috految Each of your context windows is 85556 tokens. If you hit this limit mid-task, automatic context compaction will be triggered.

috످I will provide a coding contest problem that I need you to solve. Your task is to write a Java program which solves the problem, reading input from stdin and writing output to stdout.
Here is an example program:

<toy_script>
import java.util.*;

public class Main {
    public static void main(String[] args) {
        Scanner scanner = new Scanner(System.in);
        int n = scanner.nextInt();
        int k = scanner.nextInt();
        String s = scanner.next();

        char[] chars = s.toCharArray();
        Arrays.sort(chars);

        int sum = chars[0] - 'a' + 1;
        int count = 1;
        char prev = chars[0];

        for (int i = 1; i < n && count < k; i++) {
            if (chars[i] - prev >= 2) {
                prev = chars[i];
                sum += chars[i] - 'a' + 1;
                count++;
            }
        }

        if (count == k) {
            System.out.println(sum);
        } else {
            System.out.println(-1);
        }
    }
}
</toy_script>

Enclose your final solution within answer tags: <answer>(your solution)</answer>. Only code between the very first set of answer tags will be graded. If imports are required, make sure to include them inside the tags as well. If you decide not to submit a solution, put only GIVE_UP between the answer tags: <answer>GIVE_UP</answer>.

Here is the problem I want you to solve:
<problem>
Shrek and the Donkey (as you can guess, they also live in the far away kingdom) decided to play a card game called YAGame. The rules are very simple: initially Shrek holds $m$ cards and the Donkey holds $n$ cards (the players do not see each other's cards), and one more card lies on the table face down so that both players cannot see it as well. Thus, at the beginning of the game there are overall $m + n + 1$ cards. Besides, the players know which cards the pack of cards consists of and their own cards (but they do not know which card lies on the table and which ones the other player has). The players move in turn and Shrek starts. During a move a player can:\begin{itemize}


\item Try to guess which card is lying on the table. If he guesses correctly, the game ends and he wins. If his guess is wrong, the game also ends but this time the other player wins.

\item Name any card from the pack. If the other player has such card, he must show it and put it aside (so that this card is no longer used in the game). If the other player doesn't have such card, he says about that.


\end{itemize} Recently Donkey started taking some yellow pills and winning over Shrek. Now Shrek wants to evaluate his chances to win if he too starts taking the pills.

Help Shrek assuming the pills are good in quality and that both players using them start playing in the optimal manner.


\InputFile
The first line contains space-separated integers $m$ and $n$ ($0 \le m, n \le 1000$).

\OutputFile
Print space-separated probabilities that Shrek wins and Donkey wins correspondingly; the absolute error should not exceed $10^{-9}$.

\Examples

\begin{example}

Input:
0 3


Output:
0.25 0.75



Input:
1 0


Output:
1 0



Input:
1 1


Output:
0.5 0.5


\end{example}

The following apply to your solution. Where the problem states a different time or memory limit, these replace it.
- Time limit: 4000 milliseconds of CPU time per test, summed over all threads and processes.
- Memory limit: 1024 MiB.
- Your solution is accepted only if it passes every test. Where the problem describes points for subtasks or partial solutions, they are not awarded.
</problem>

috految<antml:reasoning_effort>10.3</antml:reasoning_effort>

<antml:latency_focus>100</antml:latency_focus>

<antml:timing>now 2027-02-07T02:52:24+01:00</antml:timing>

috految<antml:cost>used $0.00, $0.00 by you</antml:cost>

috److Let `f(m, n)` be the probability that the current player wins when holding `m` cards while the opponent holds `n`.

**Base cases.** If `m = 0` or `n = 0`, the player should guess immediately, so `f(m, n) = 1/(n+1)`.

**Payoff matrix.** Otherwise, the player either asks honestly or bluffs by naming one of their own cards. The opponent either believes the question was honest or does not.

| Move | Opponent believes | Opponent does not believe |
|---|---|---|
| Honest | `a = n/(n+1) * (1 - f(n-1, m))` | `a + 1/(n+1)` |
| Bluff | `1` | `1 - f(n, m-1)` |

**Equilibrium.** Let `p` be the probability of asking honestly, and let `b = f(n, m-1)`. Making the opponent indifferent gives:

`p*a + (1-p) = p*(a + 1/(n+1)) + (1-p)*(1-b)`

This simplifies to `(1-p)*b = p/(n+1)`, so `p = b / (b + 1/(n+1))`.

The value of the game is `p*a + 1 - p`.

**Check on (1, 1).** Here `a = 0.25`, `b = 1` and `p = 2/3`, so the value is `1/6 + 1/3 = 0.5`, which matches the sample.

The recursion is memoized, with depth at most 2000.

<answer>
import java.util.*;

public class Main {
    static double[][] d = new double[1002][1002];

    static double f(int m, int n) {
        if (m == 0 || n == 0) return 1.0 / (n + 1);
        if (d[m][n] != 0) return d[m][n];
        double a = n / (n + 1.0) * (1 - f(n - 1, m));
        double b = f(n, m - 1);
        double p = b / (b + 1.0 / (n + 1));
        return d[m][n] = p * a + 1 - p;
    }

    public static void main(String[] args) {
        Scanner s = new Scanner(System.in);
        double r = f(s.nextInt(), s.nextInt());
        System.out.printf(Locale.US, "%.12f %.12f%n", r, 1 - r);
    }
}
</answer>

috످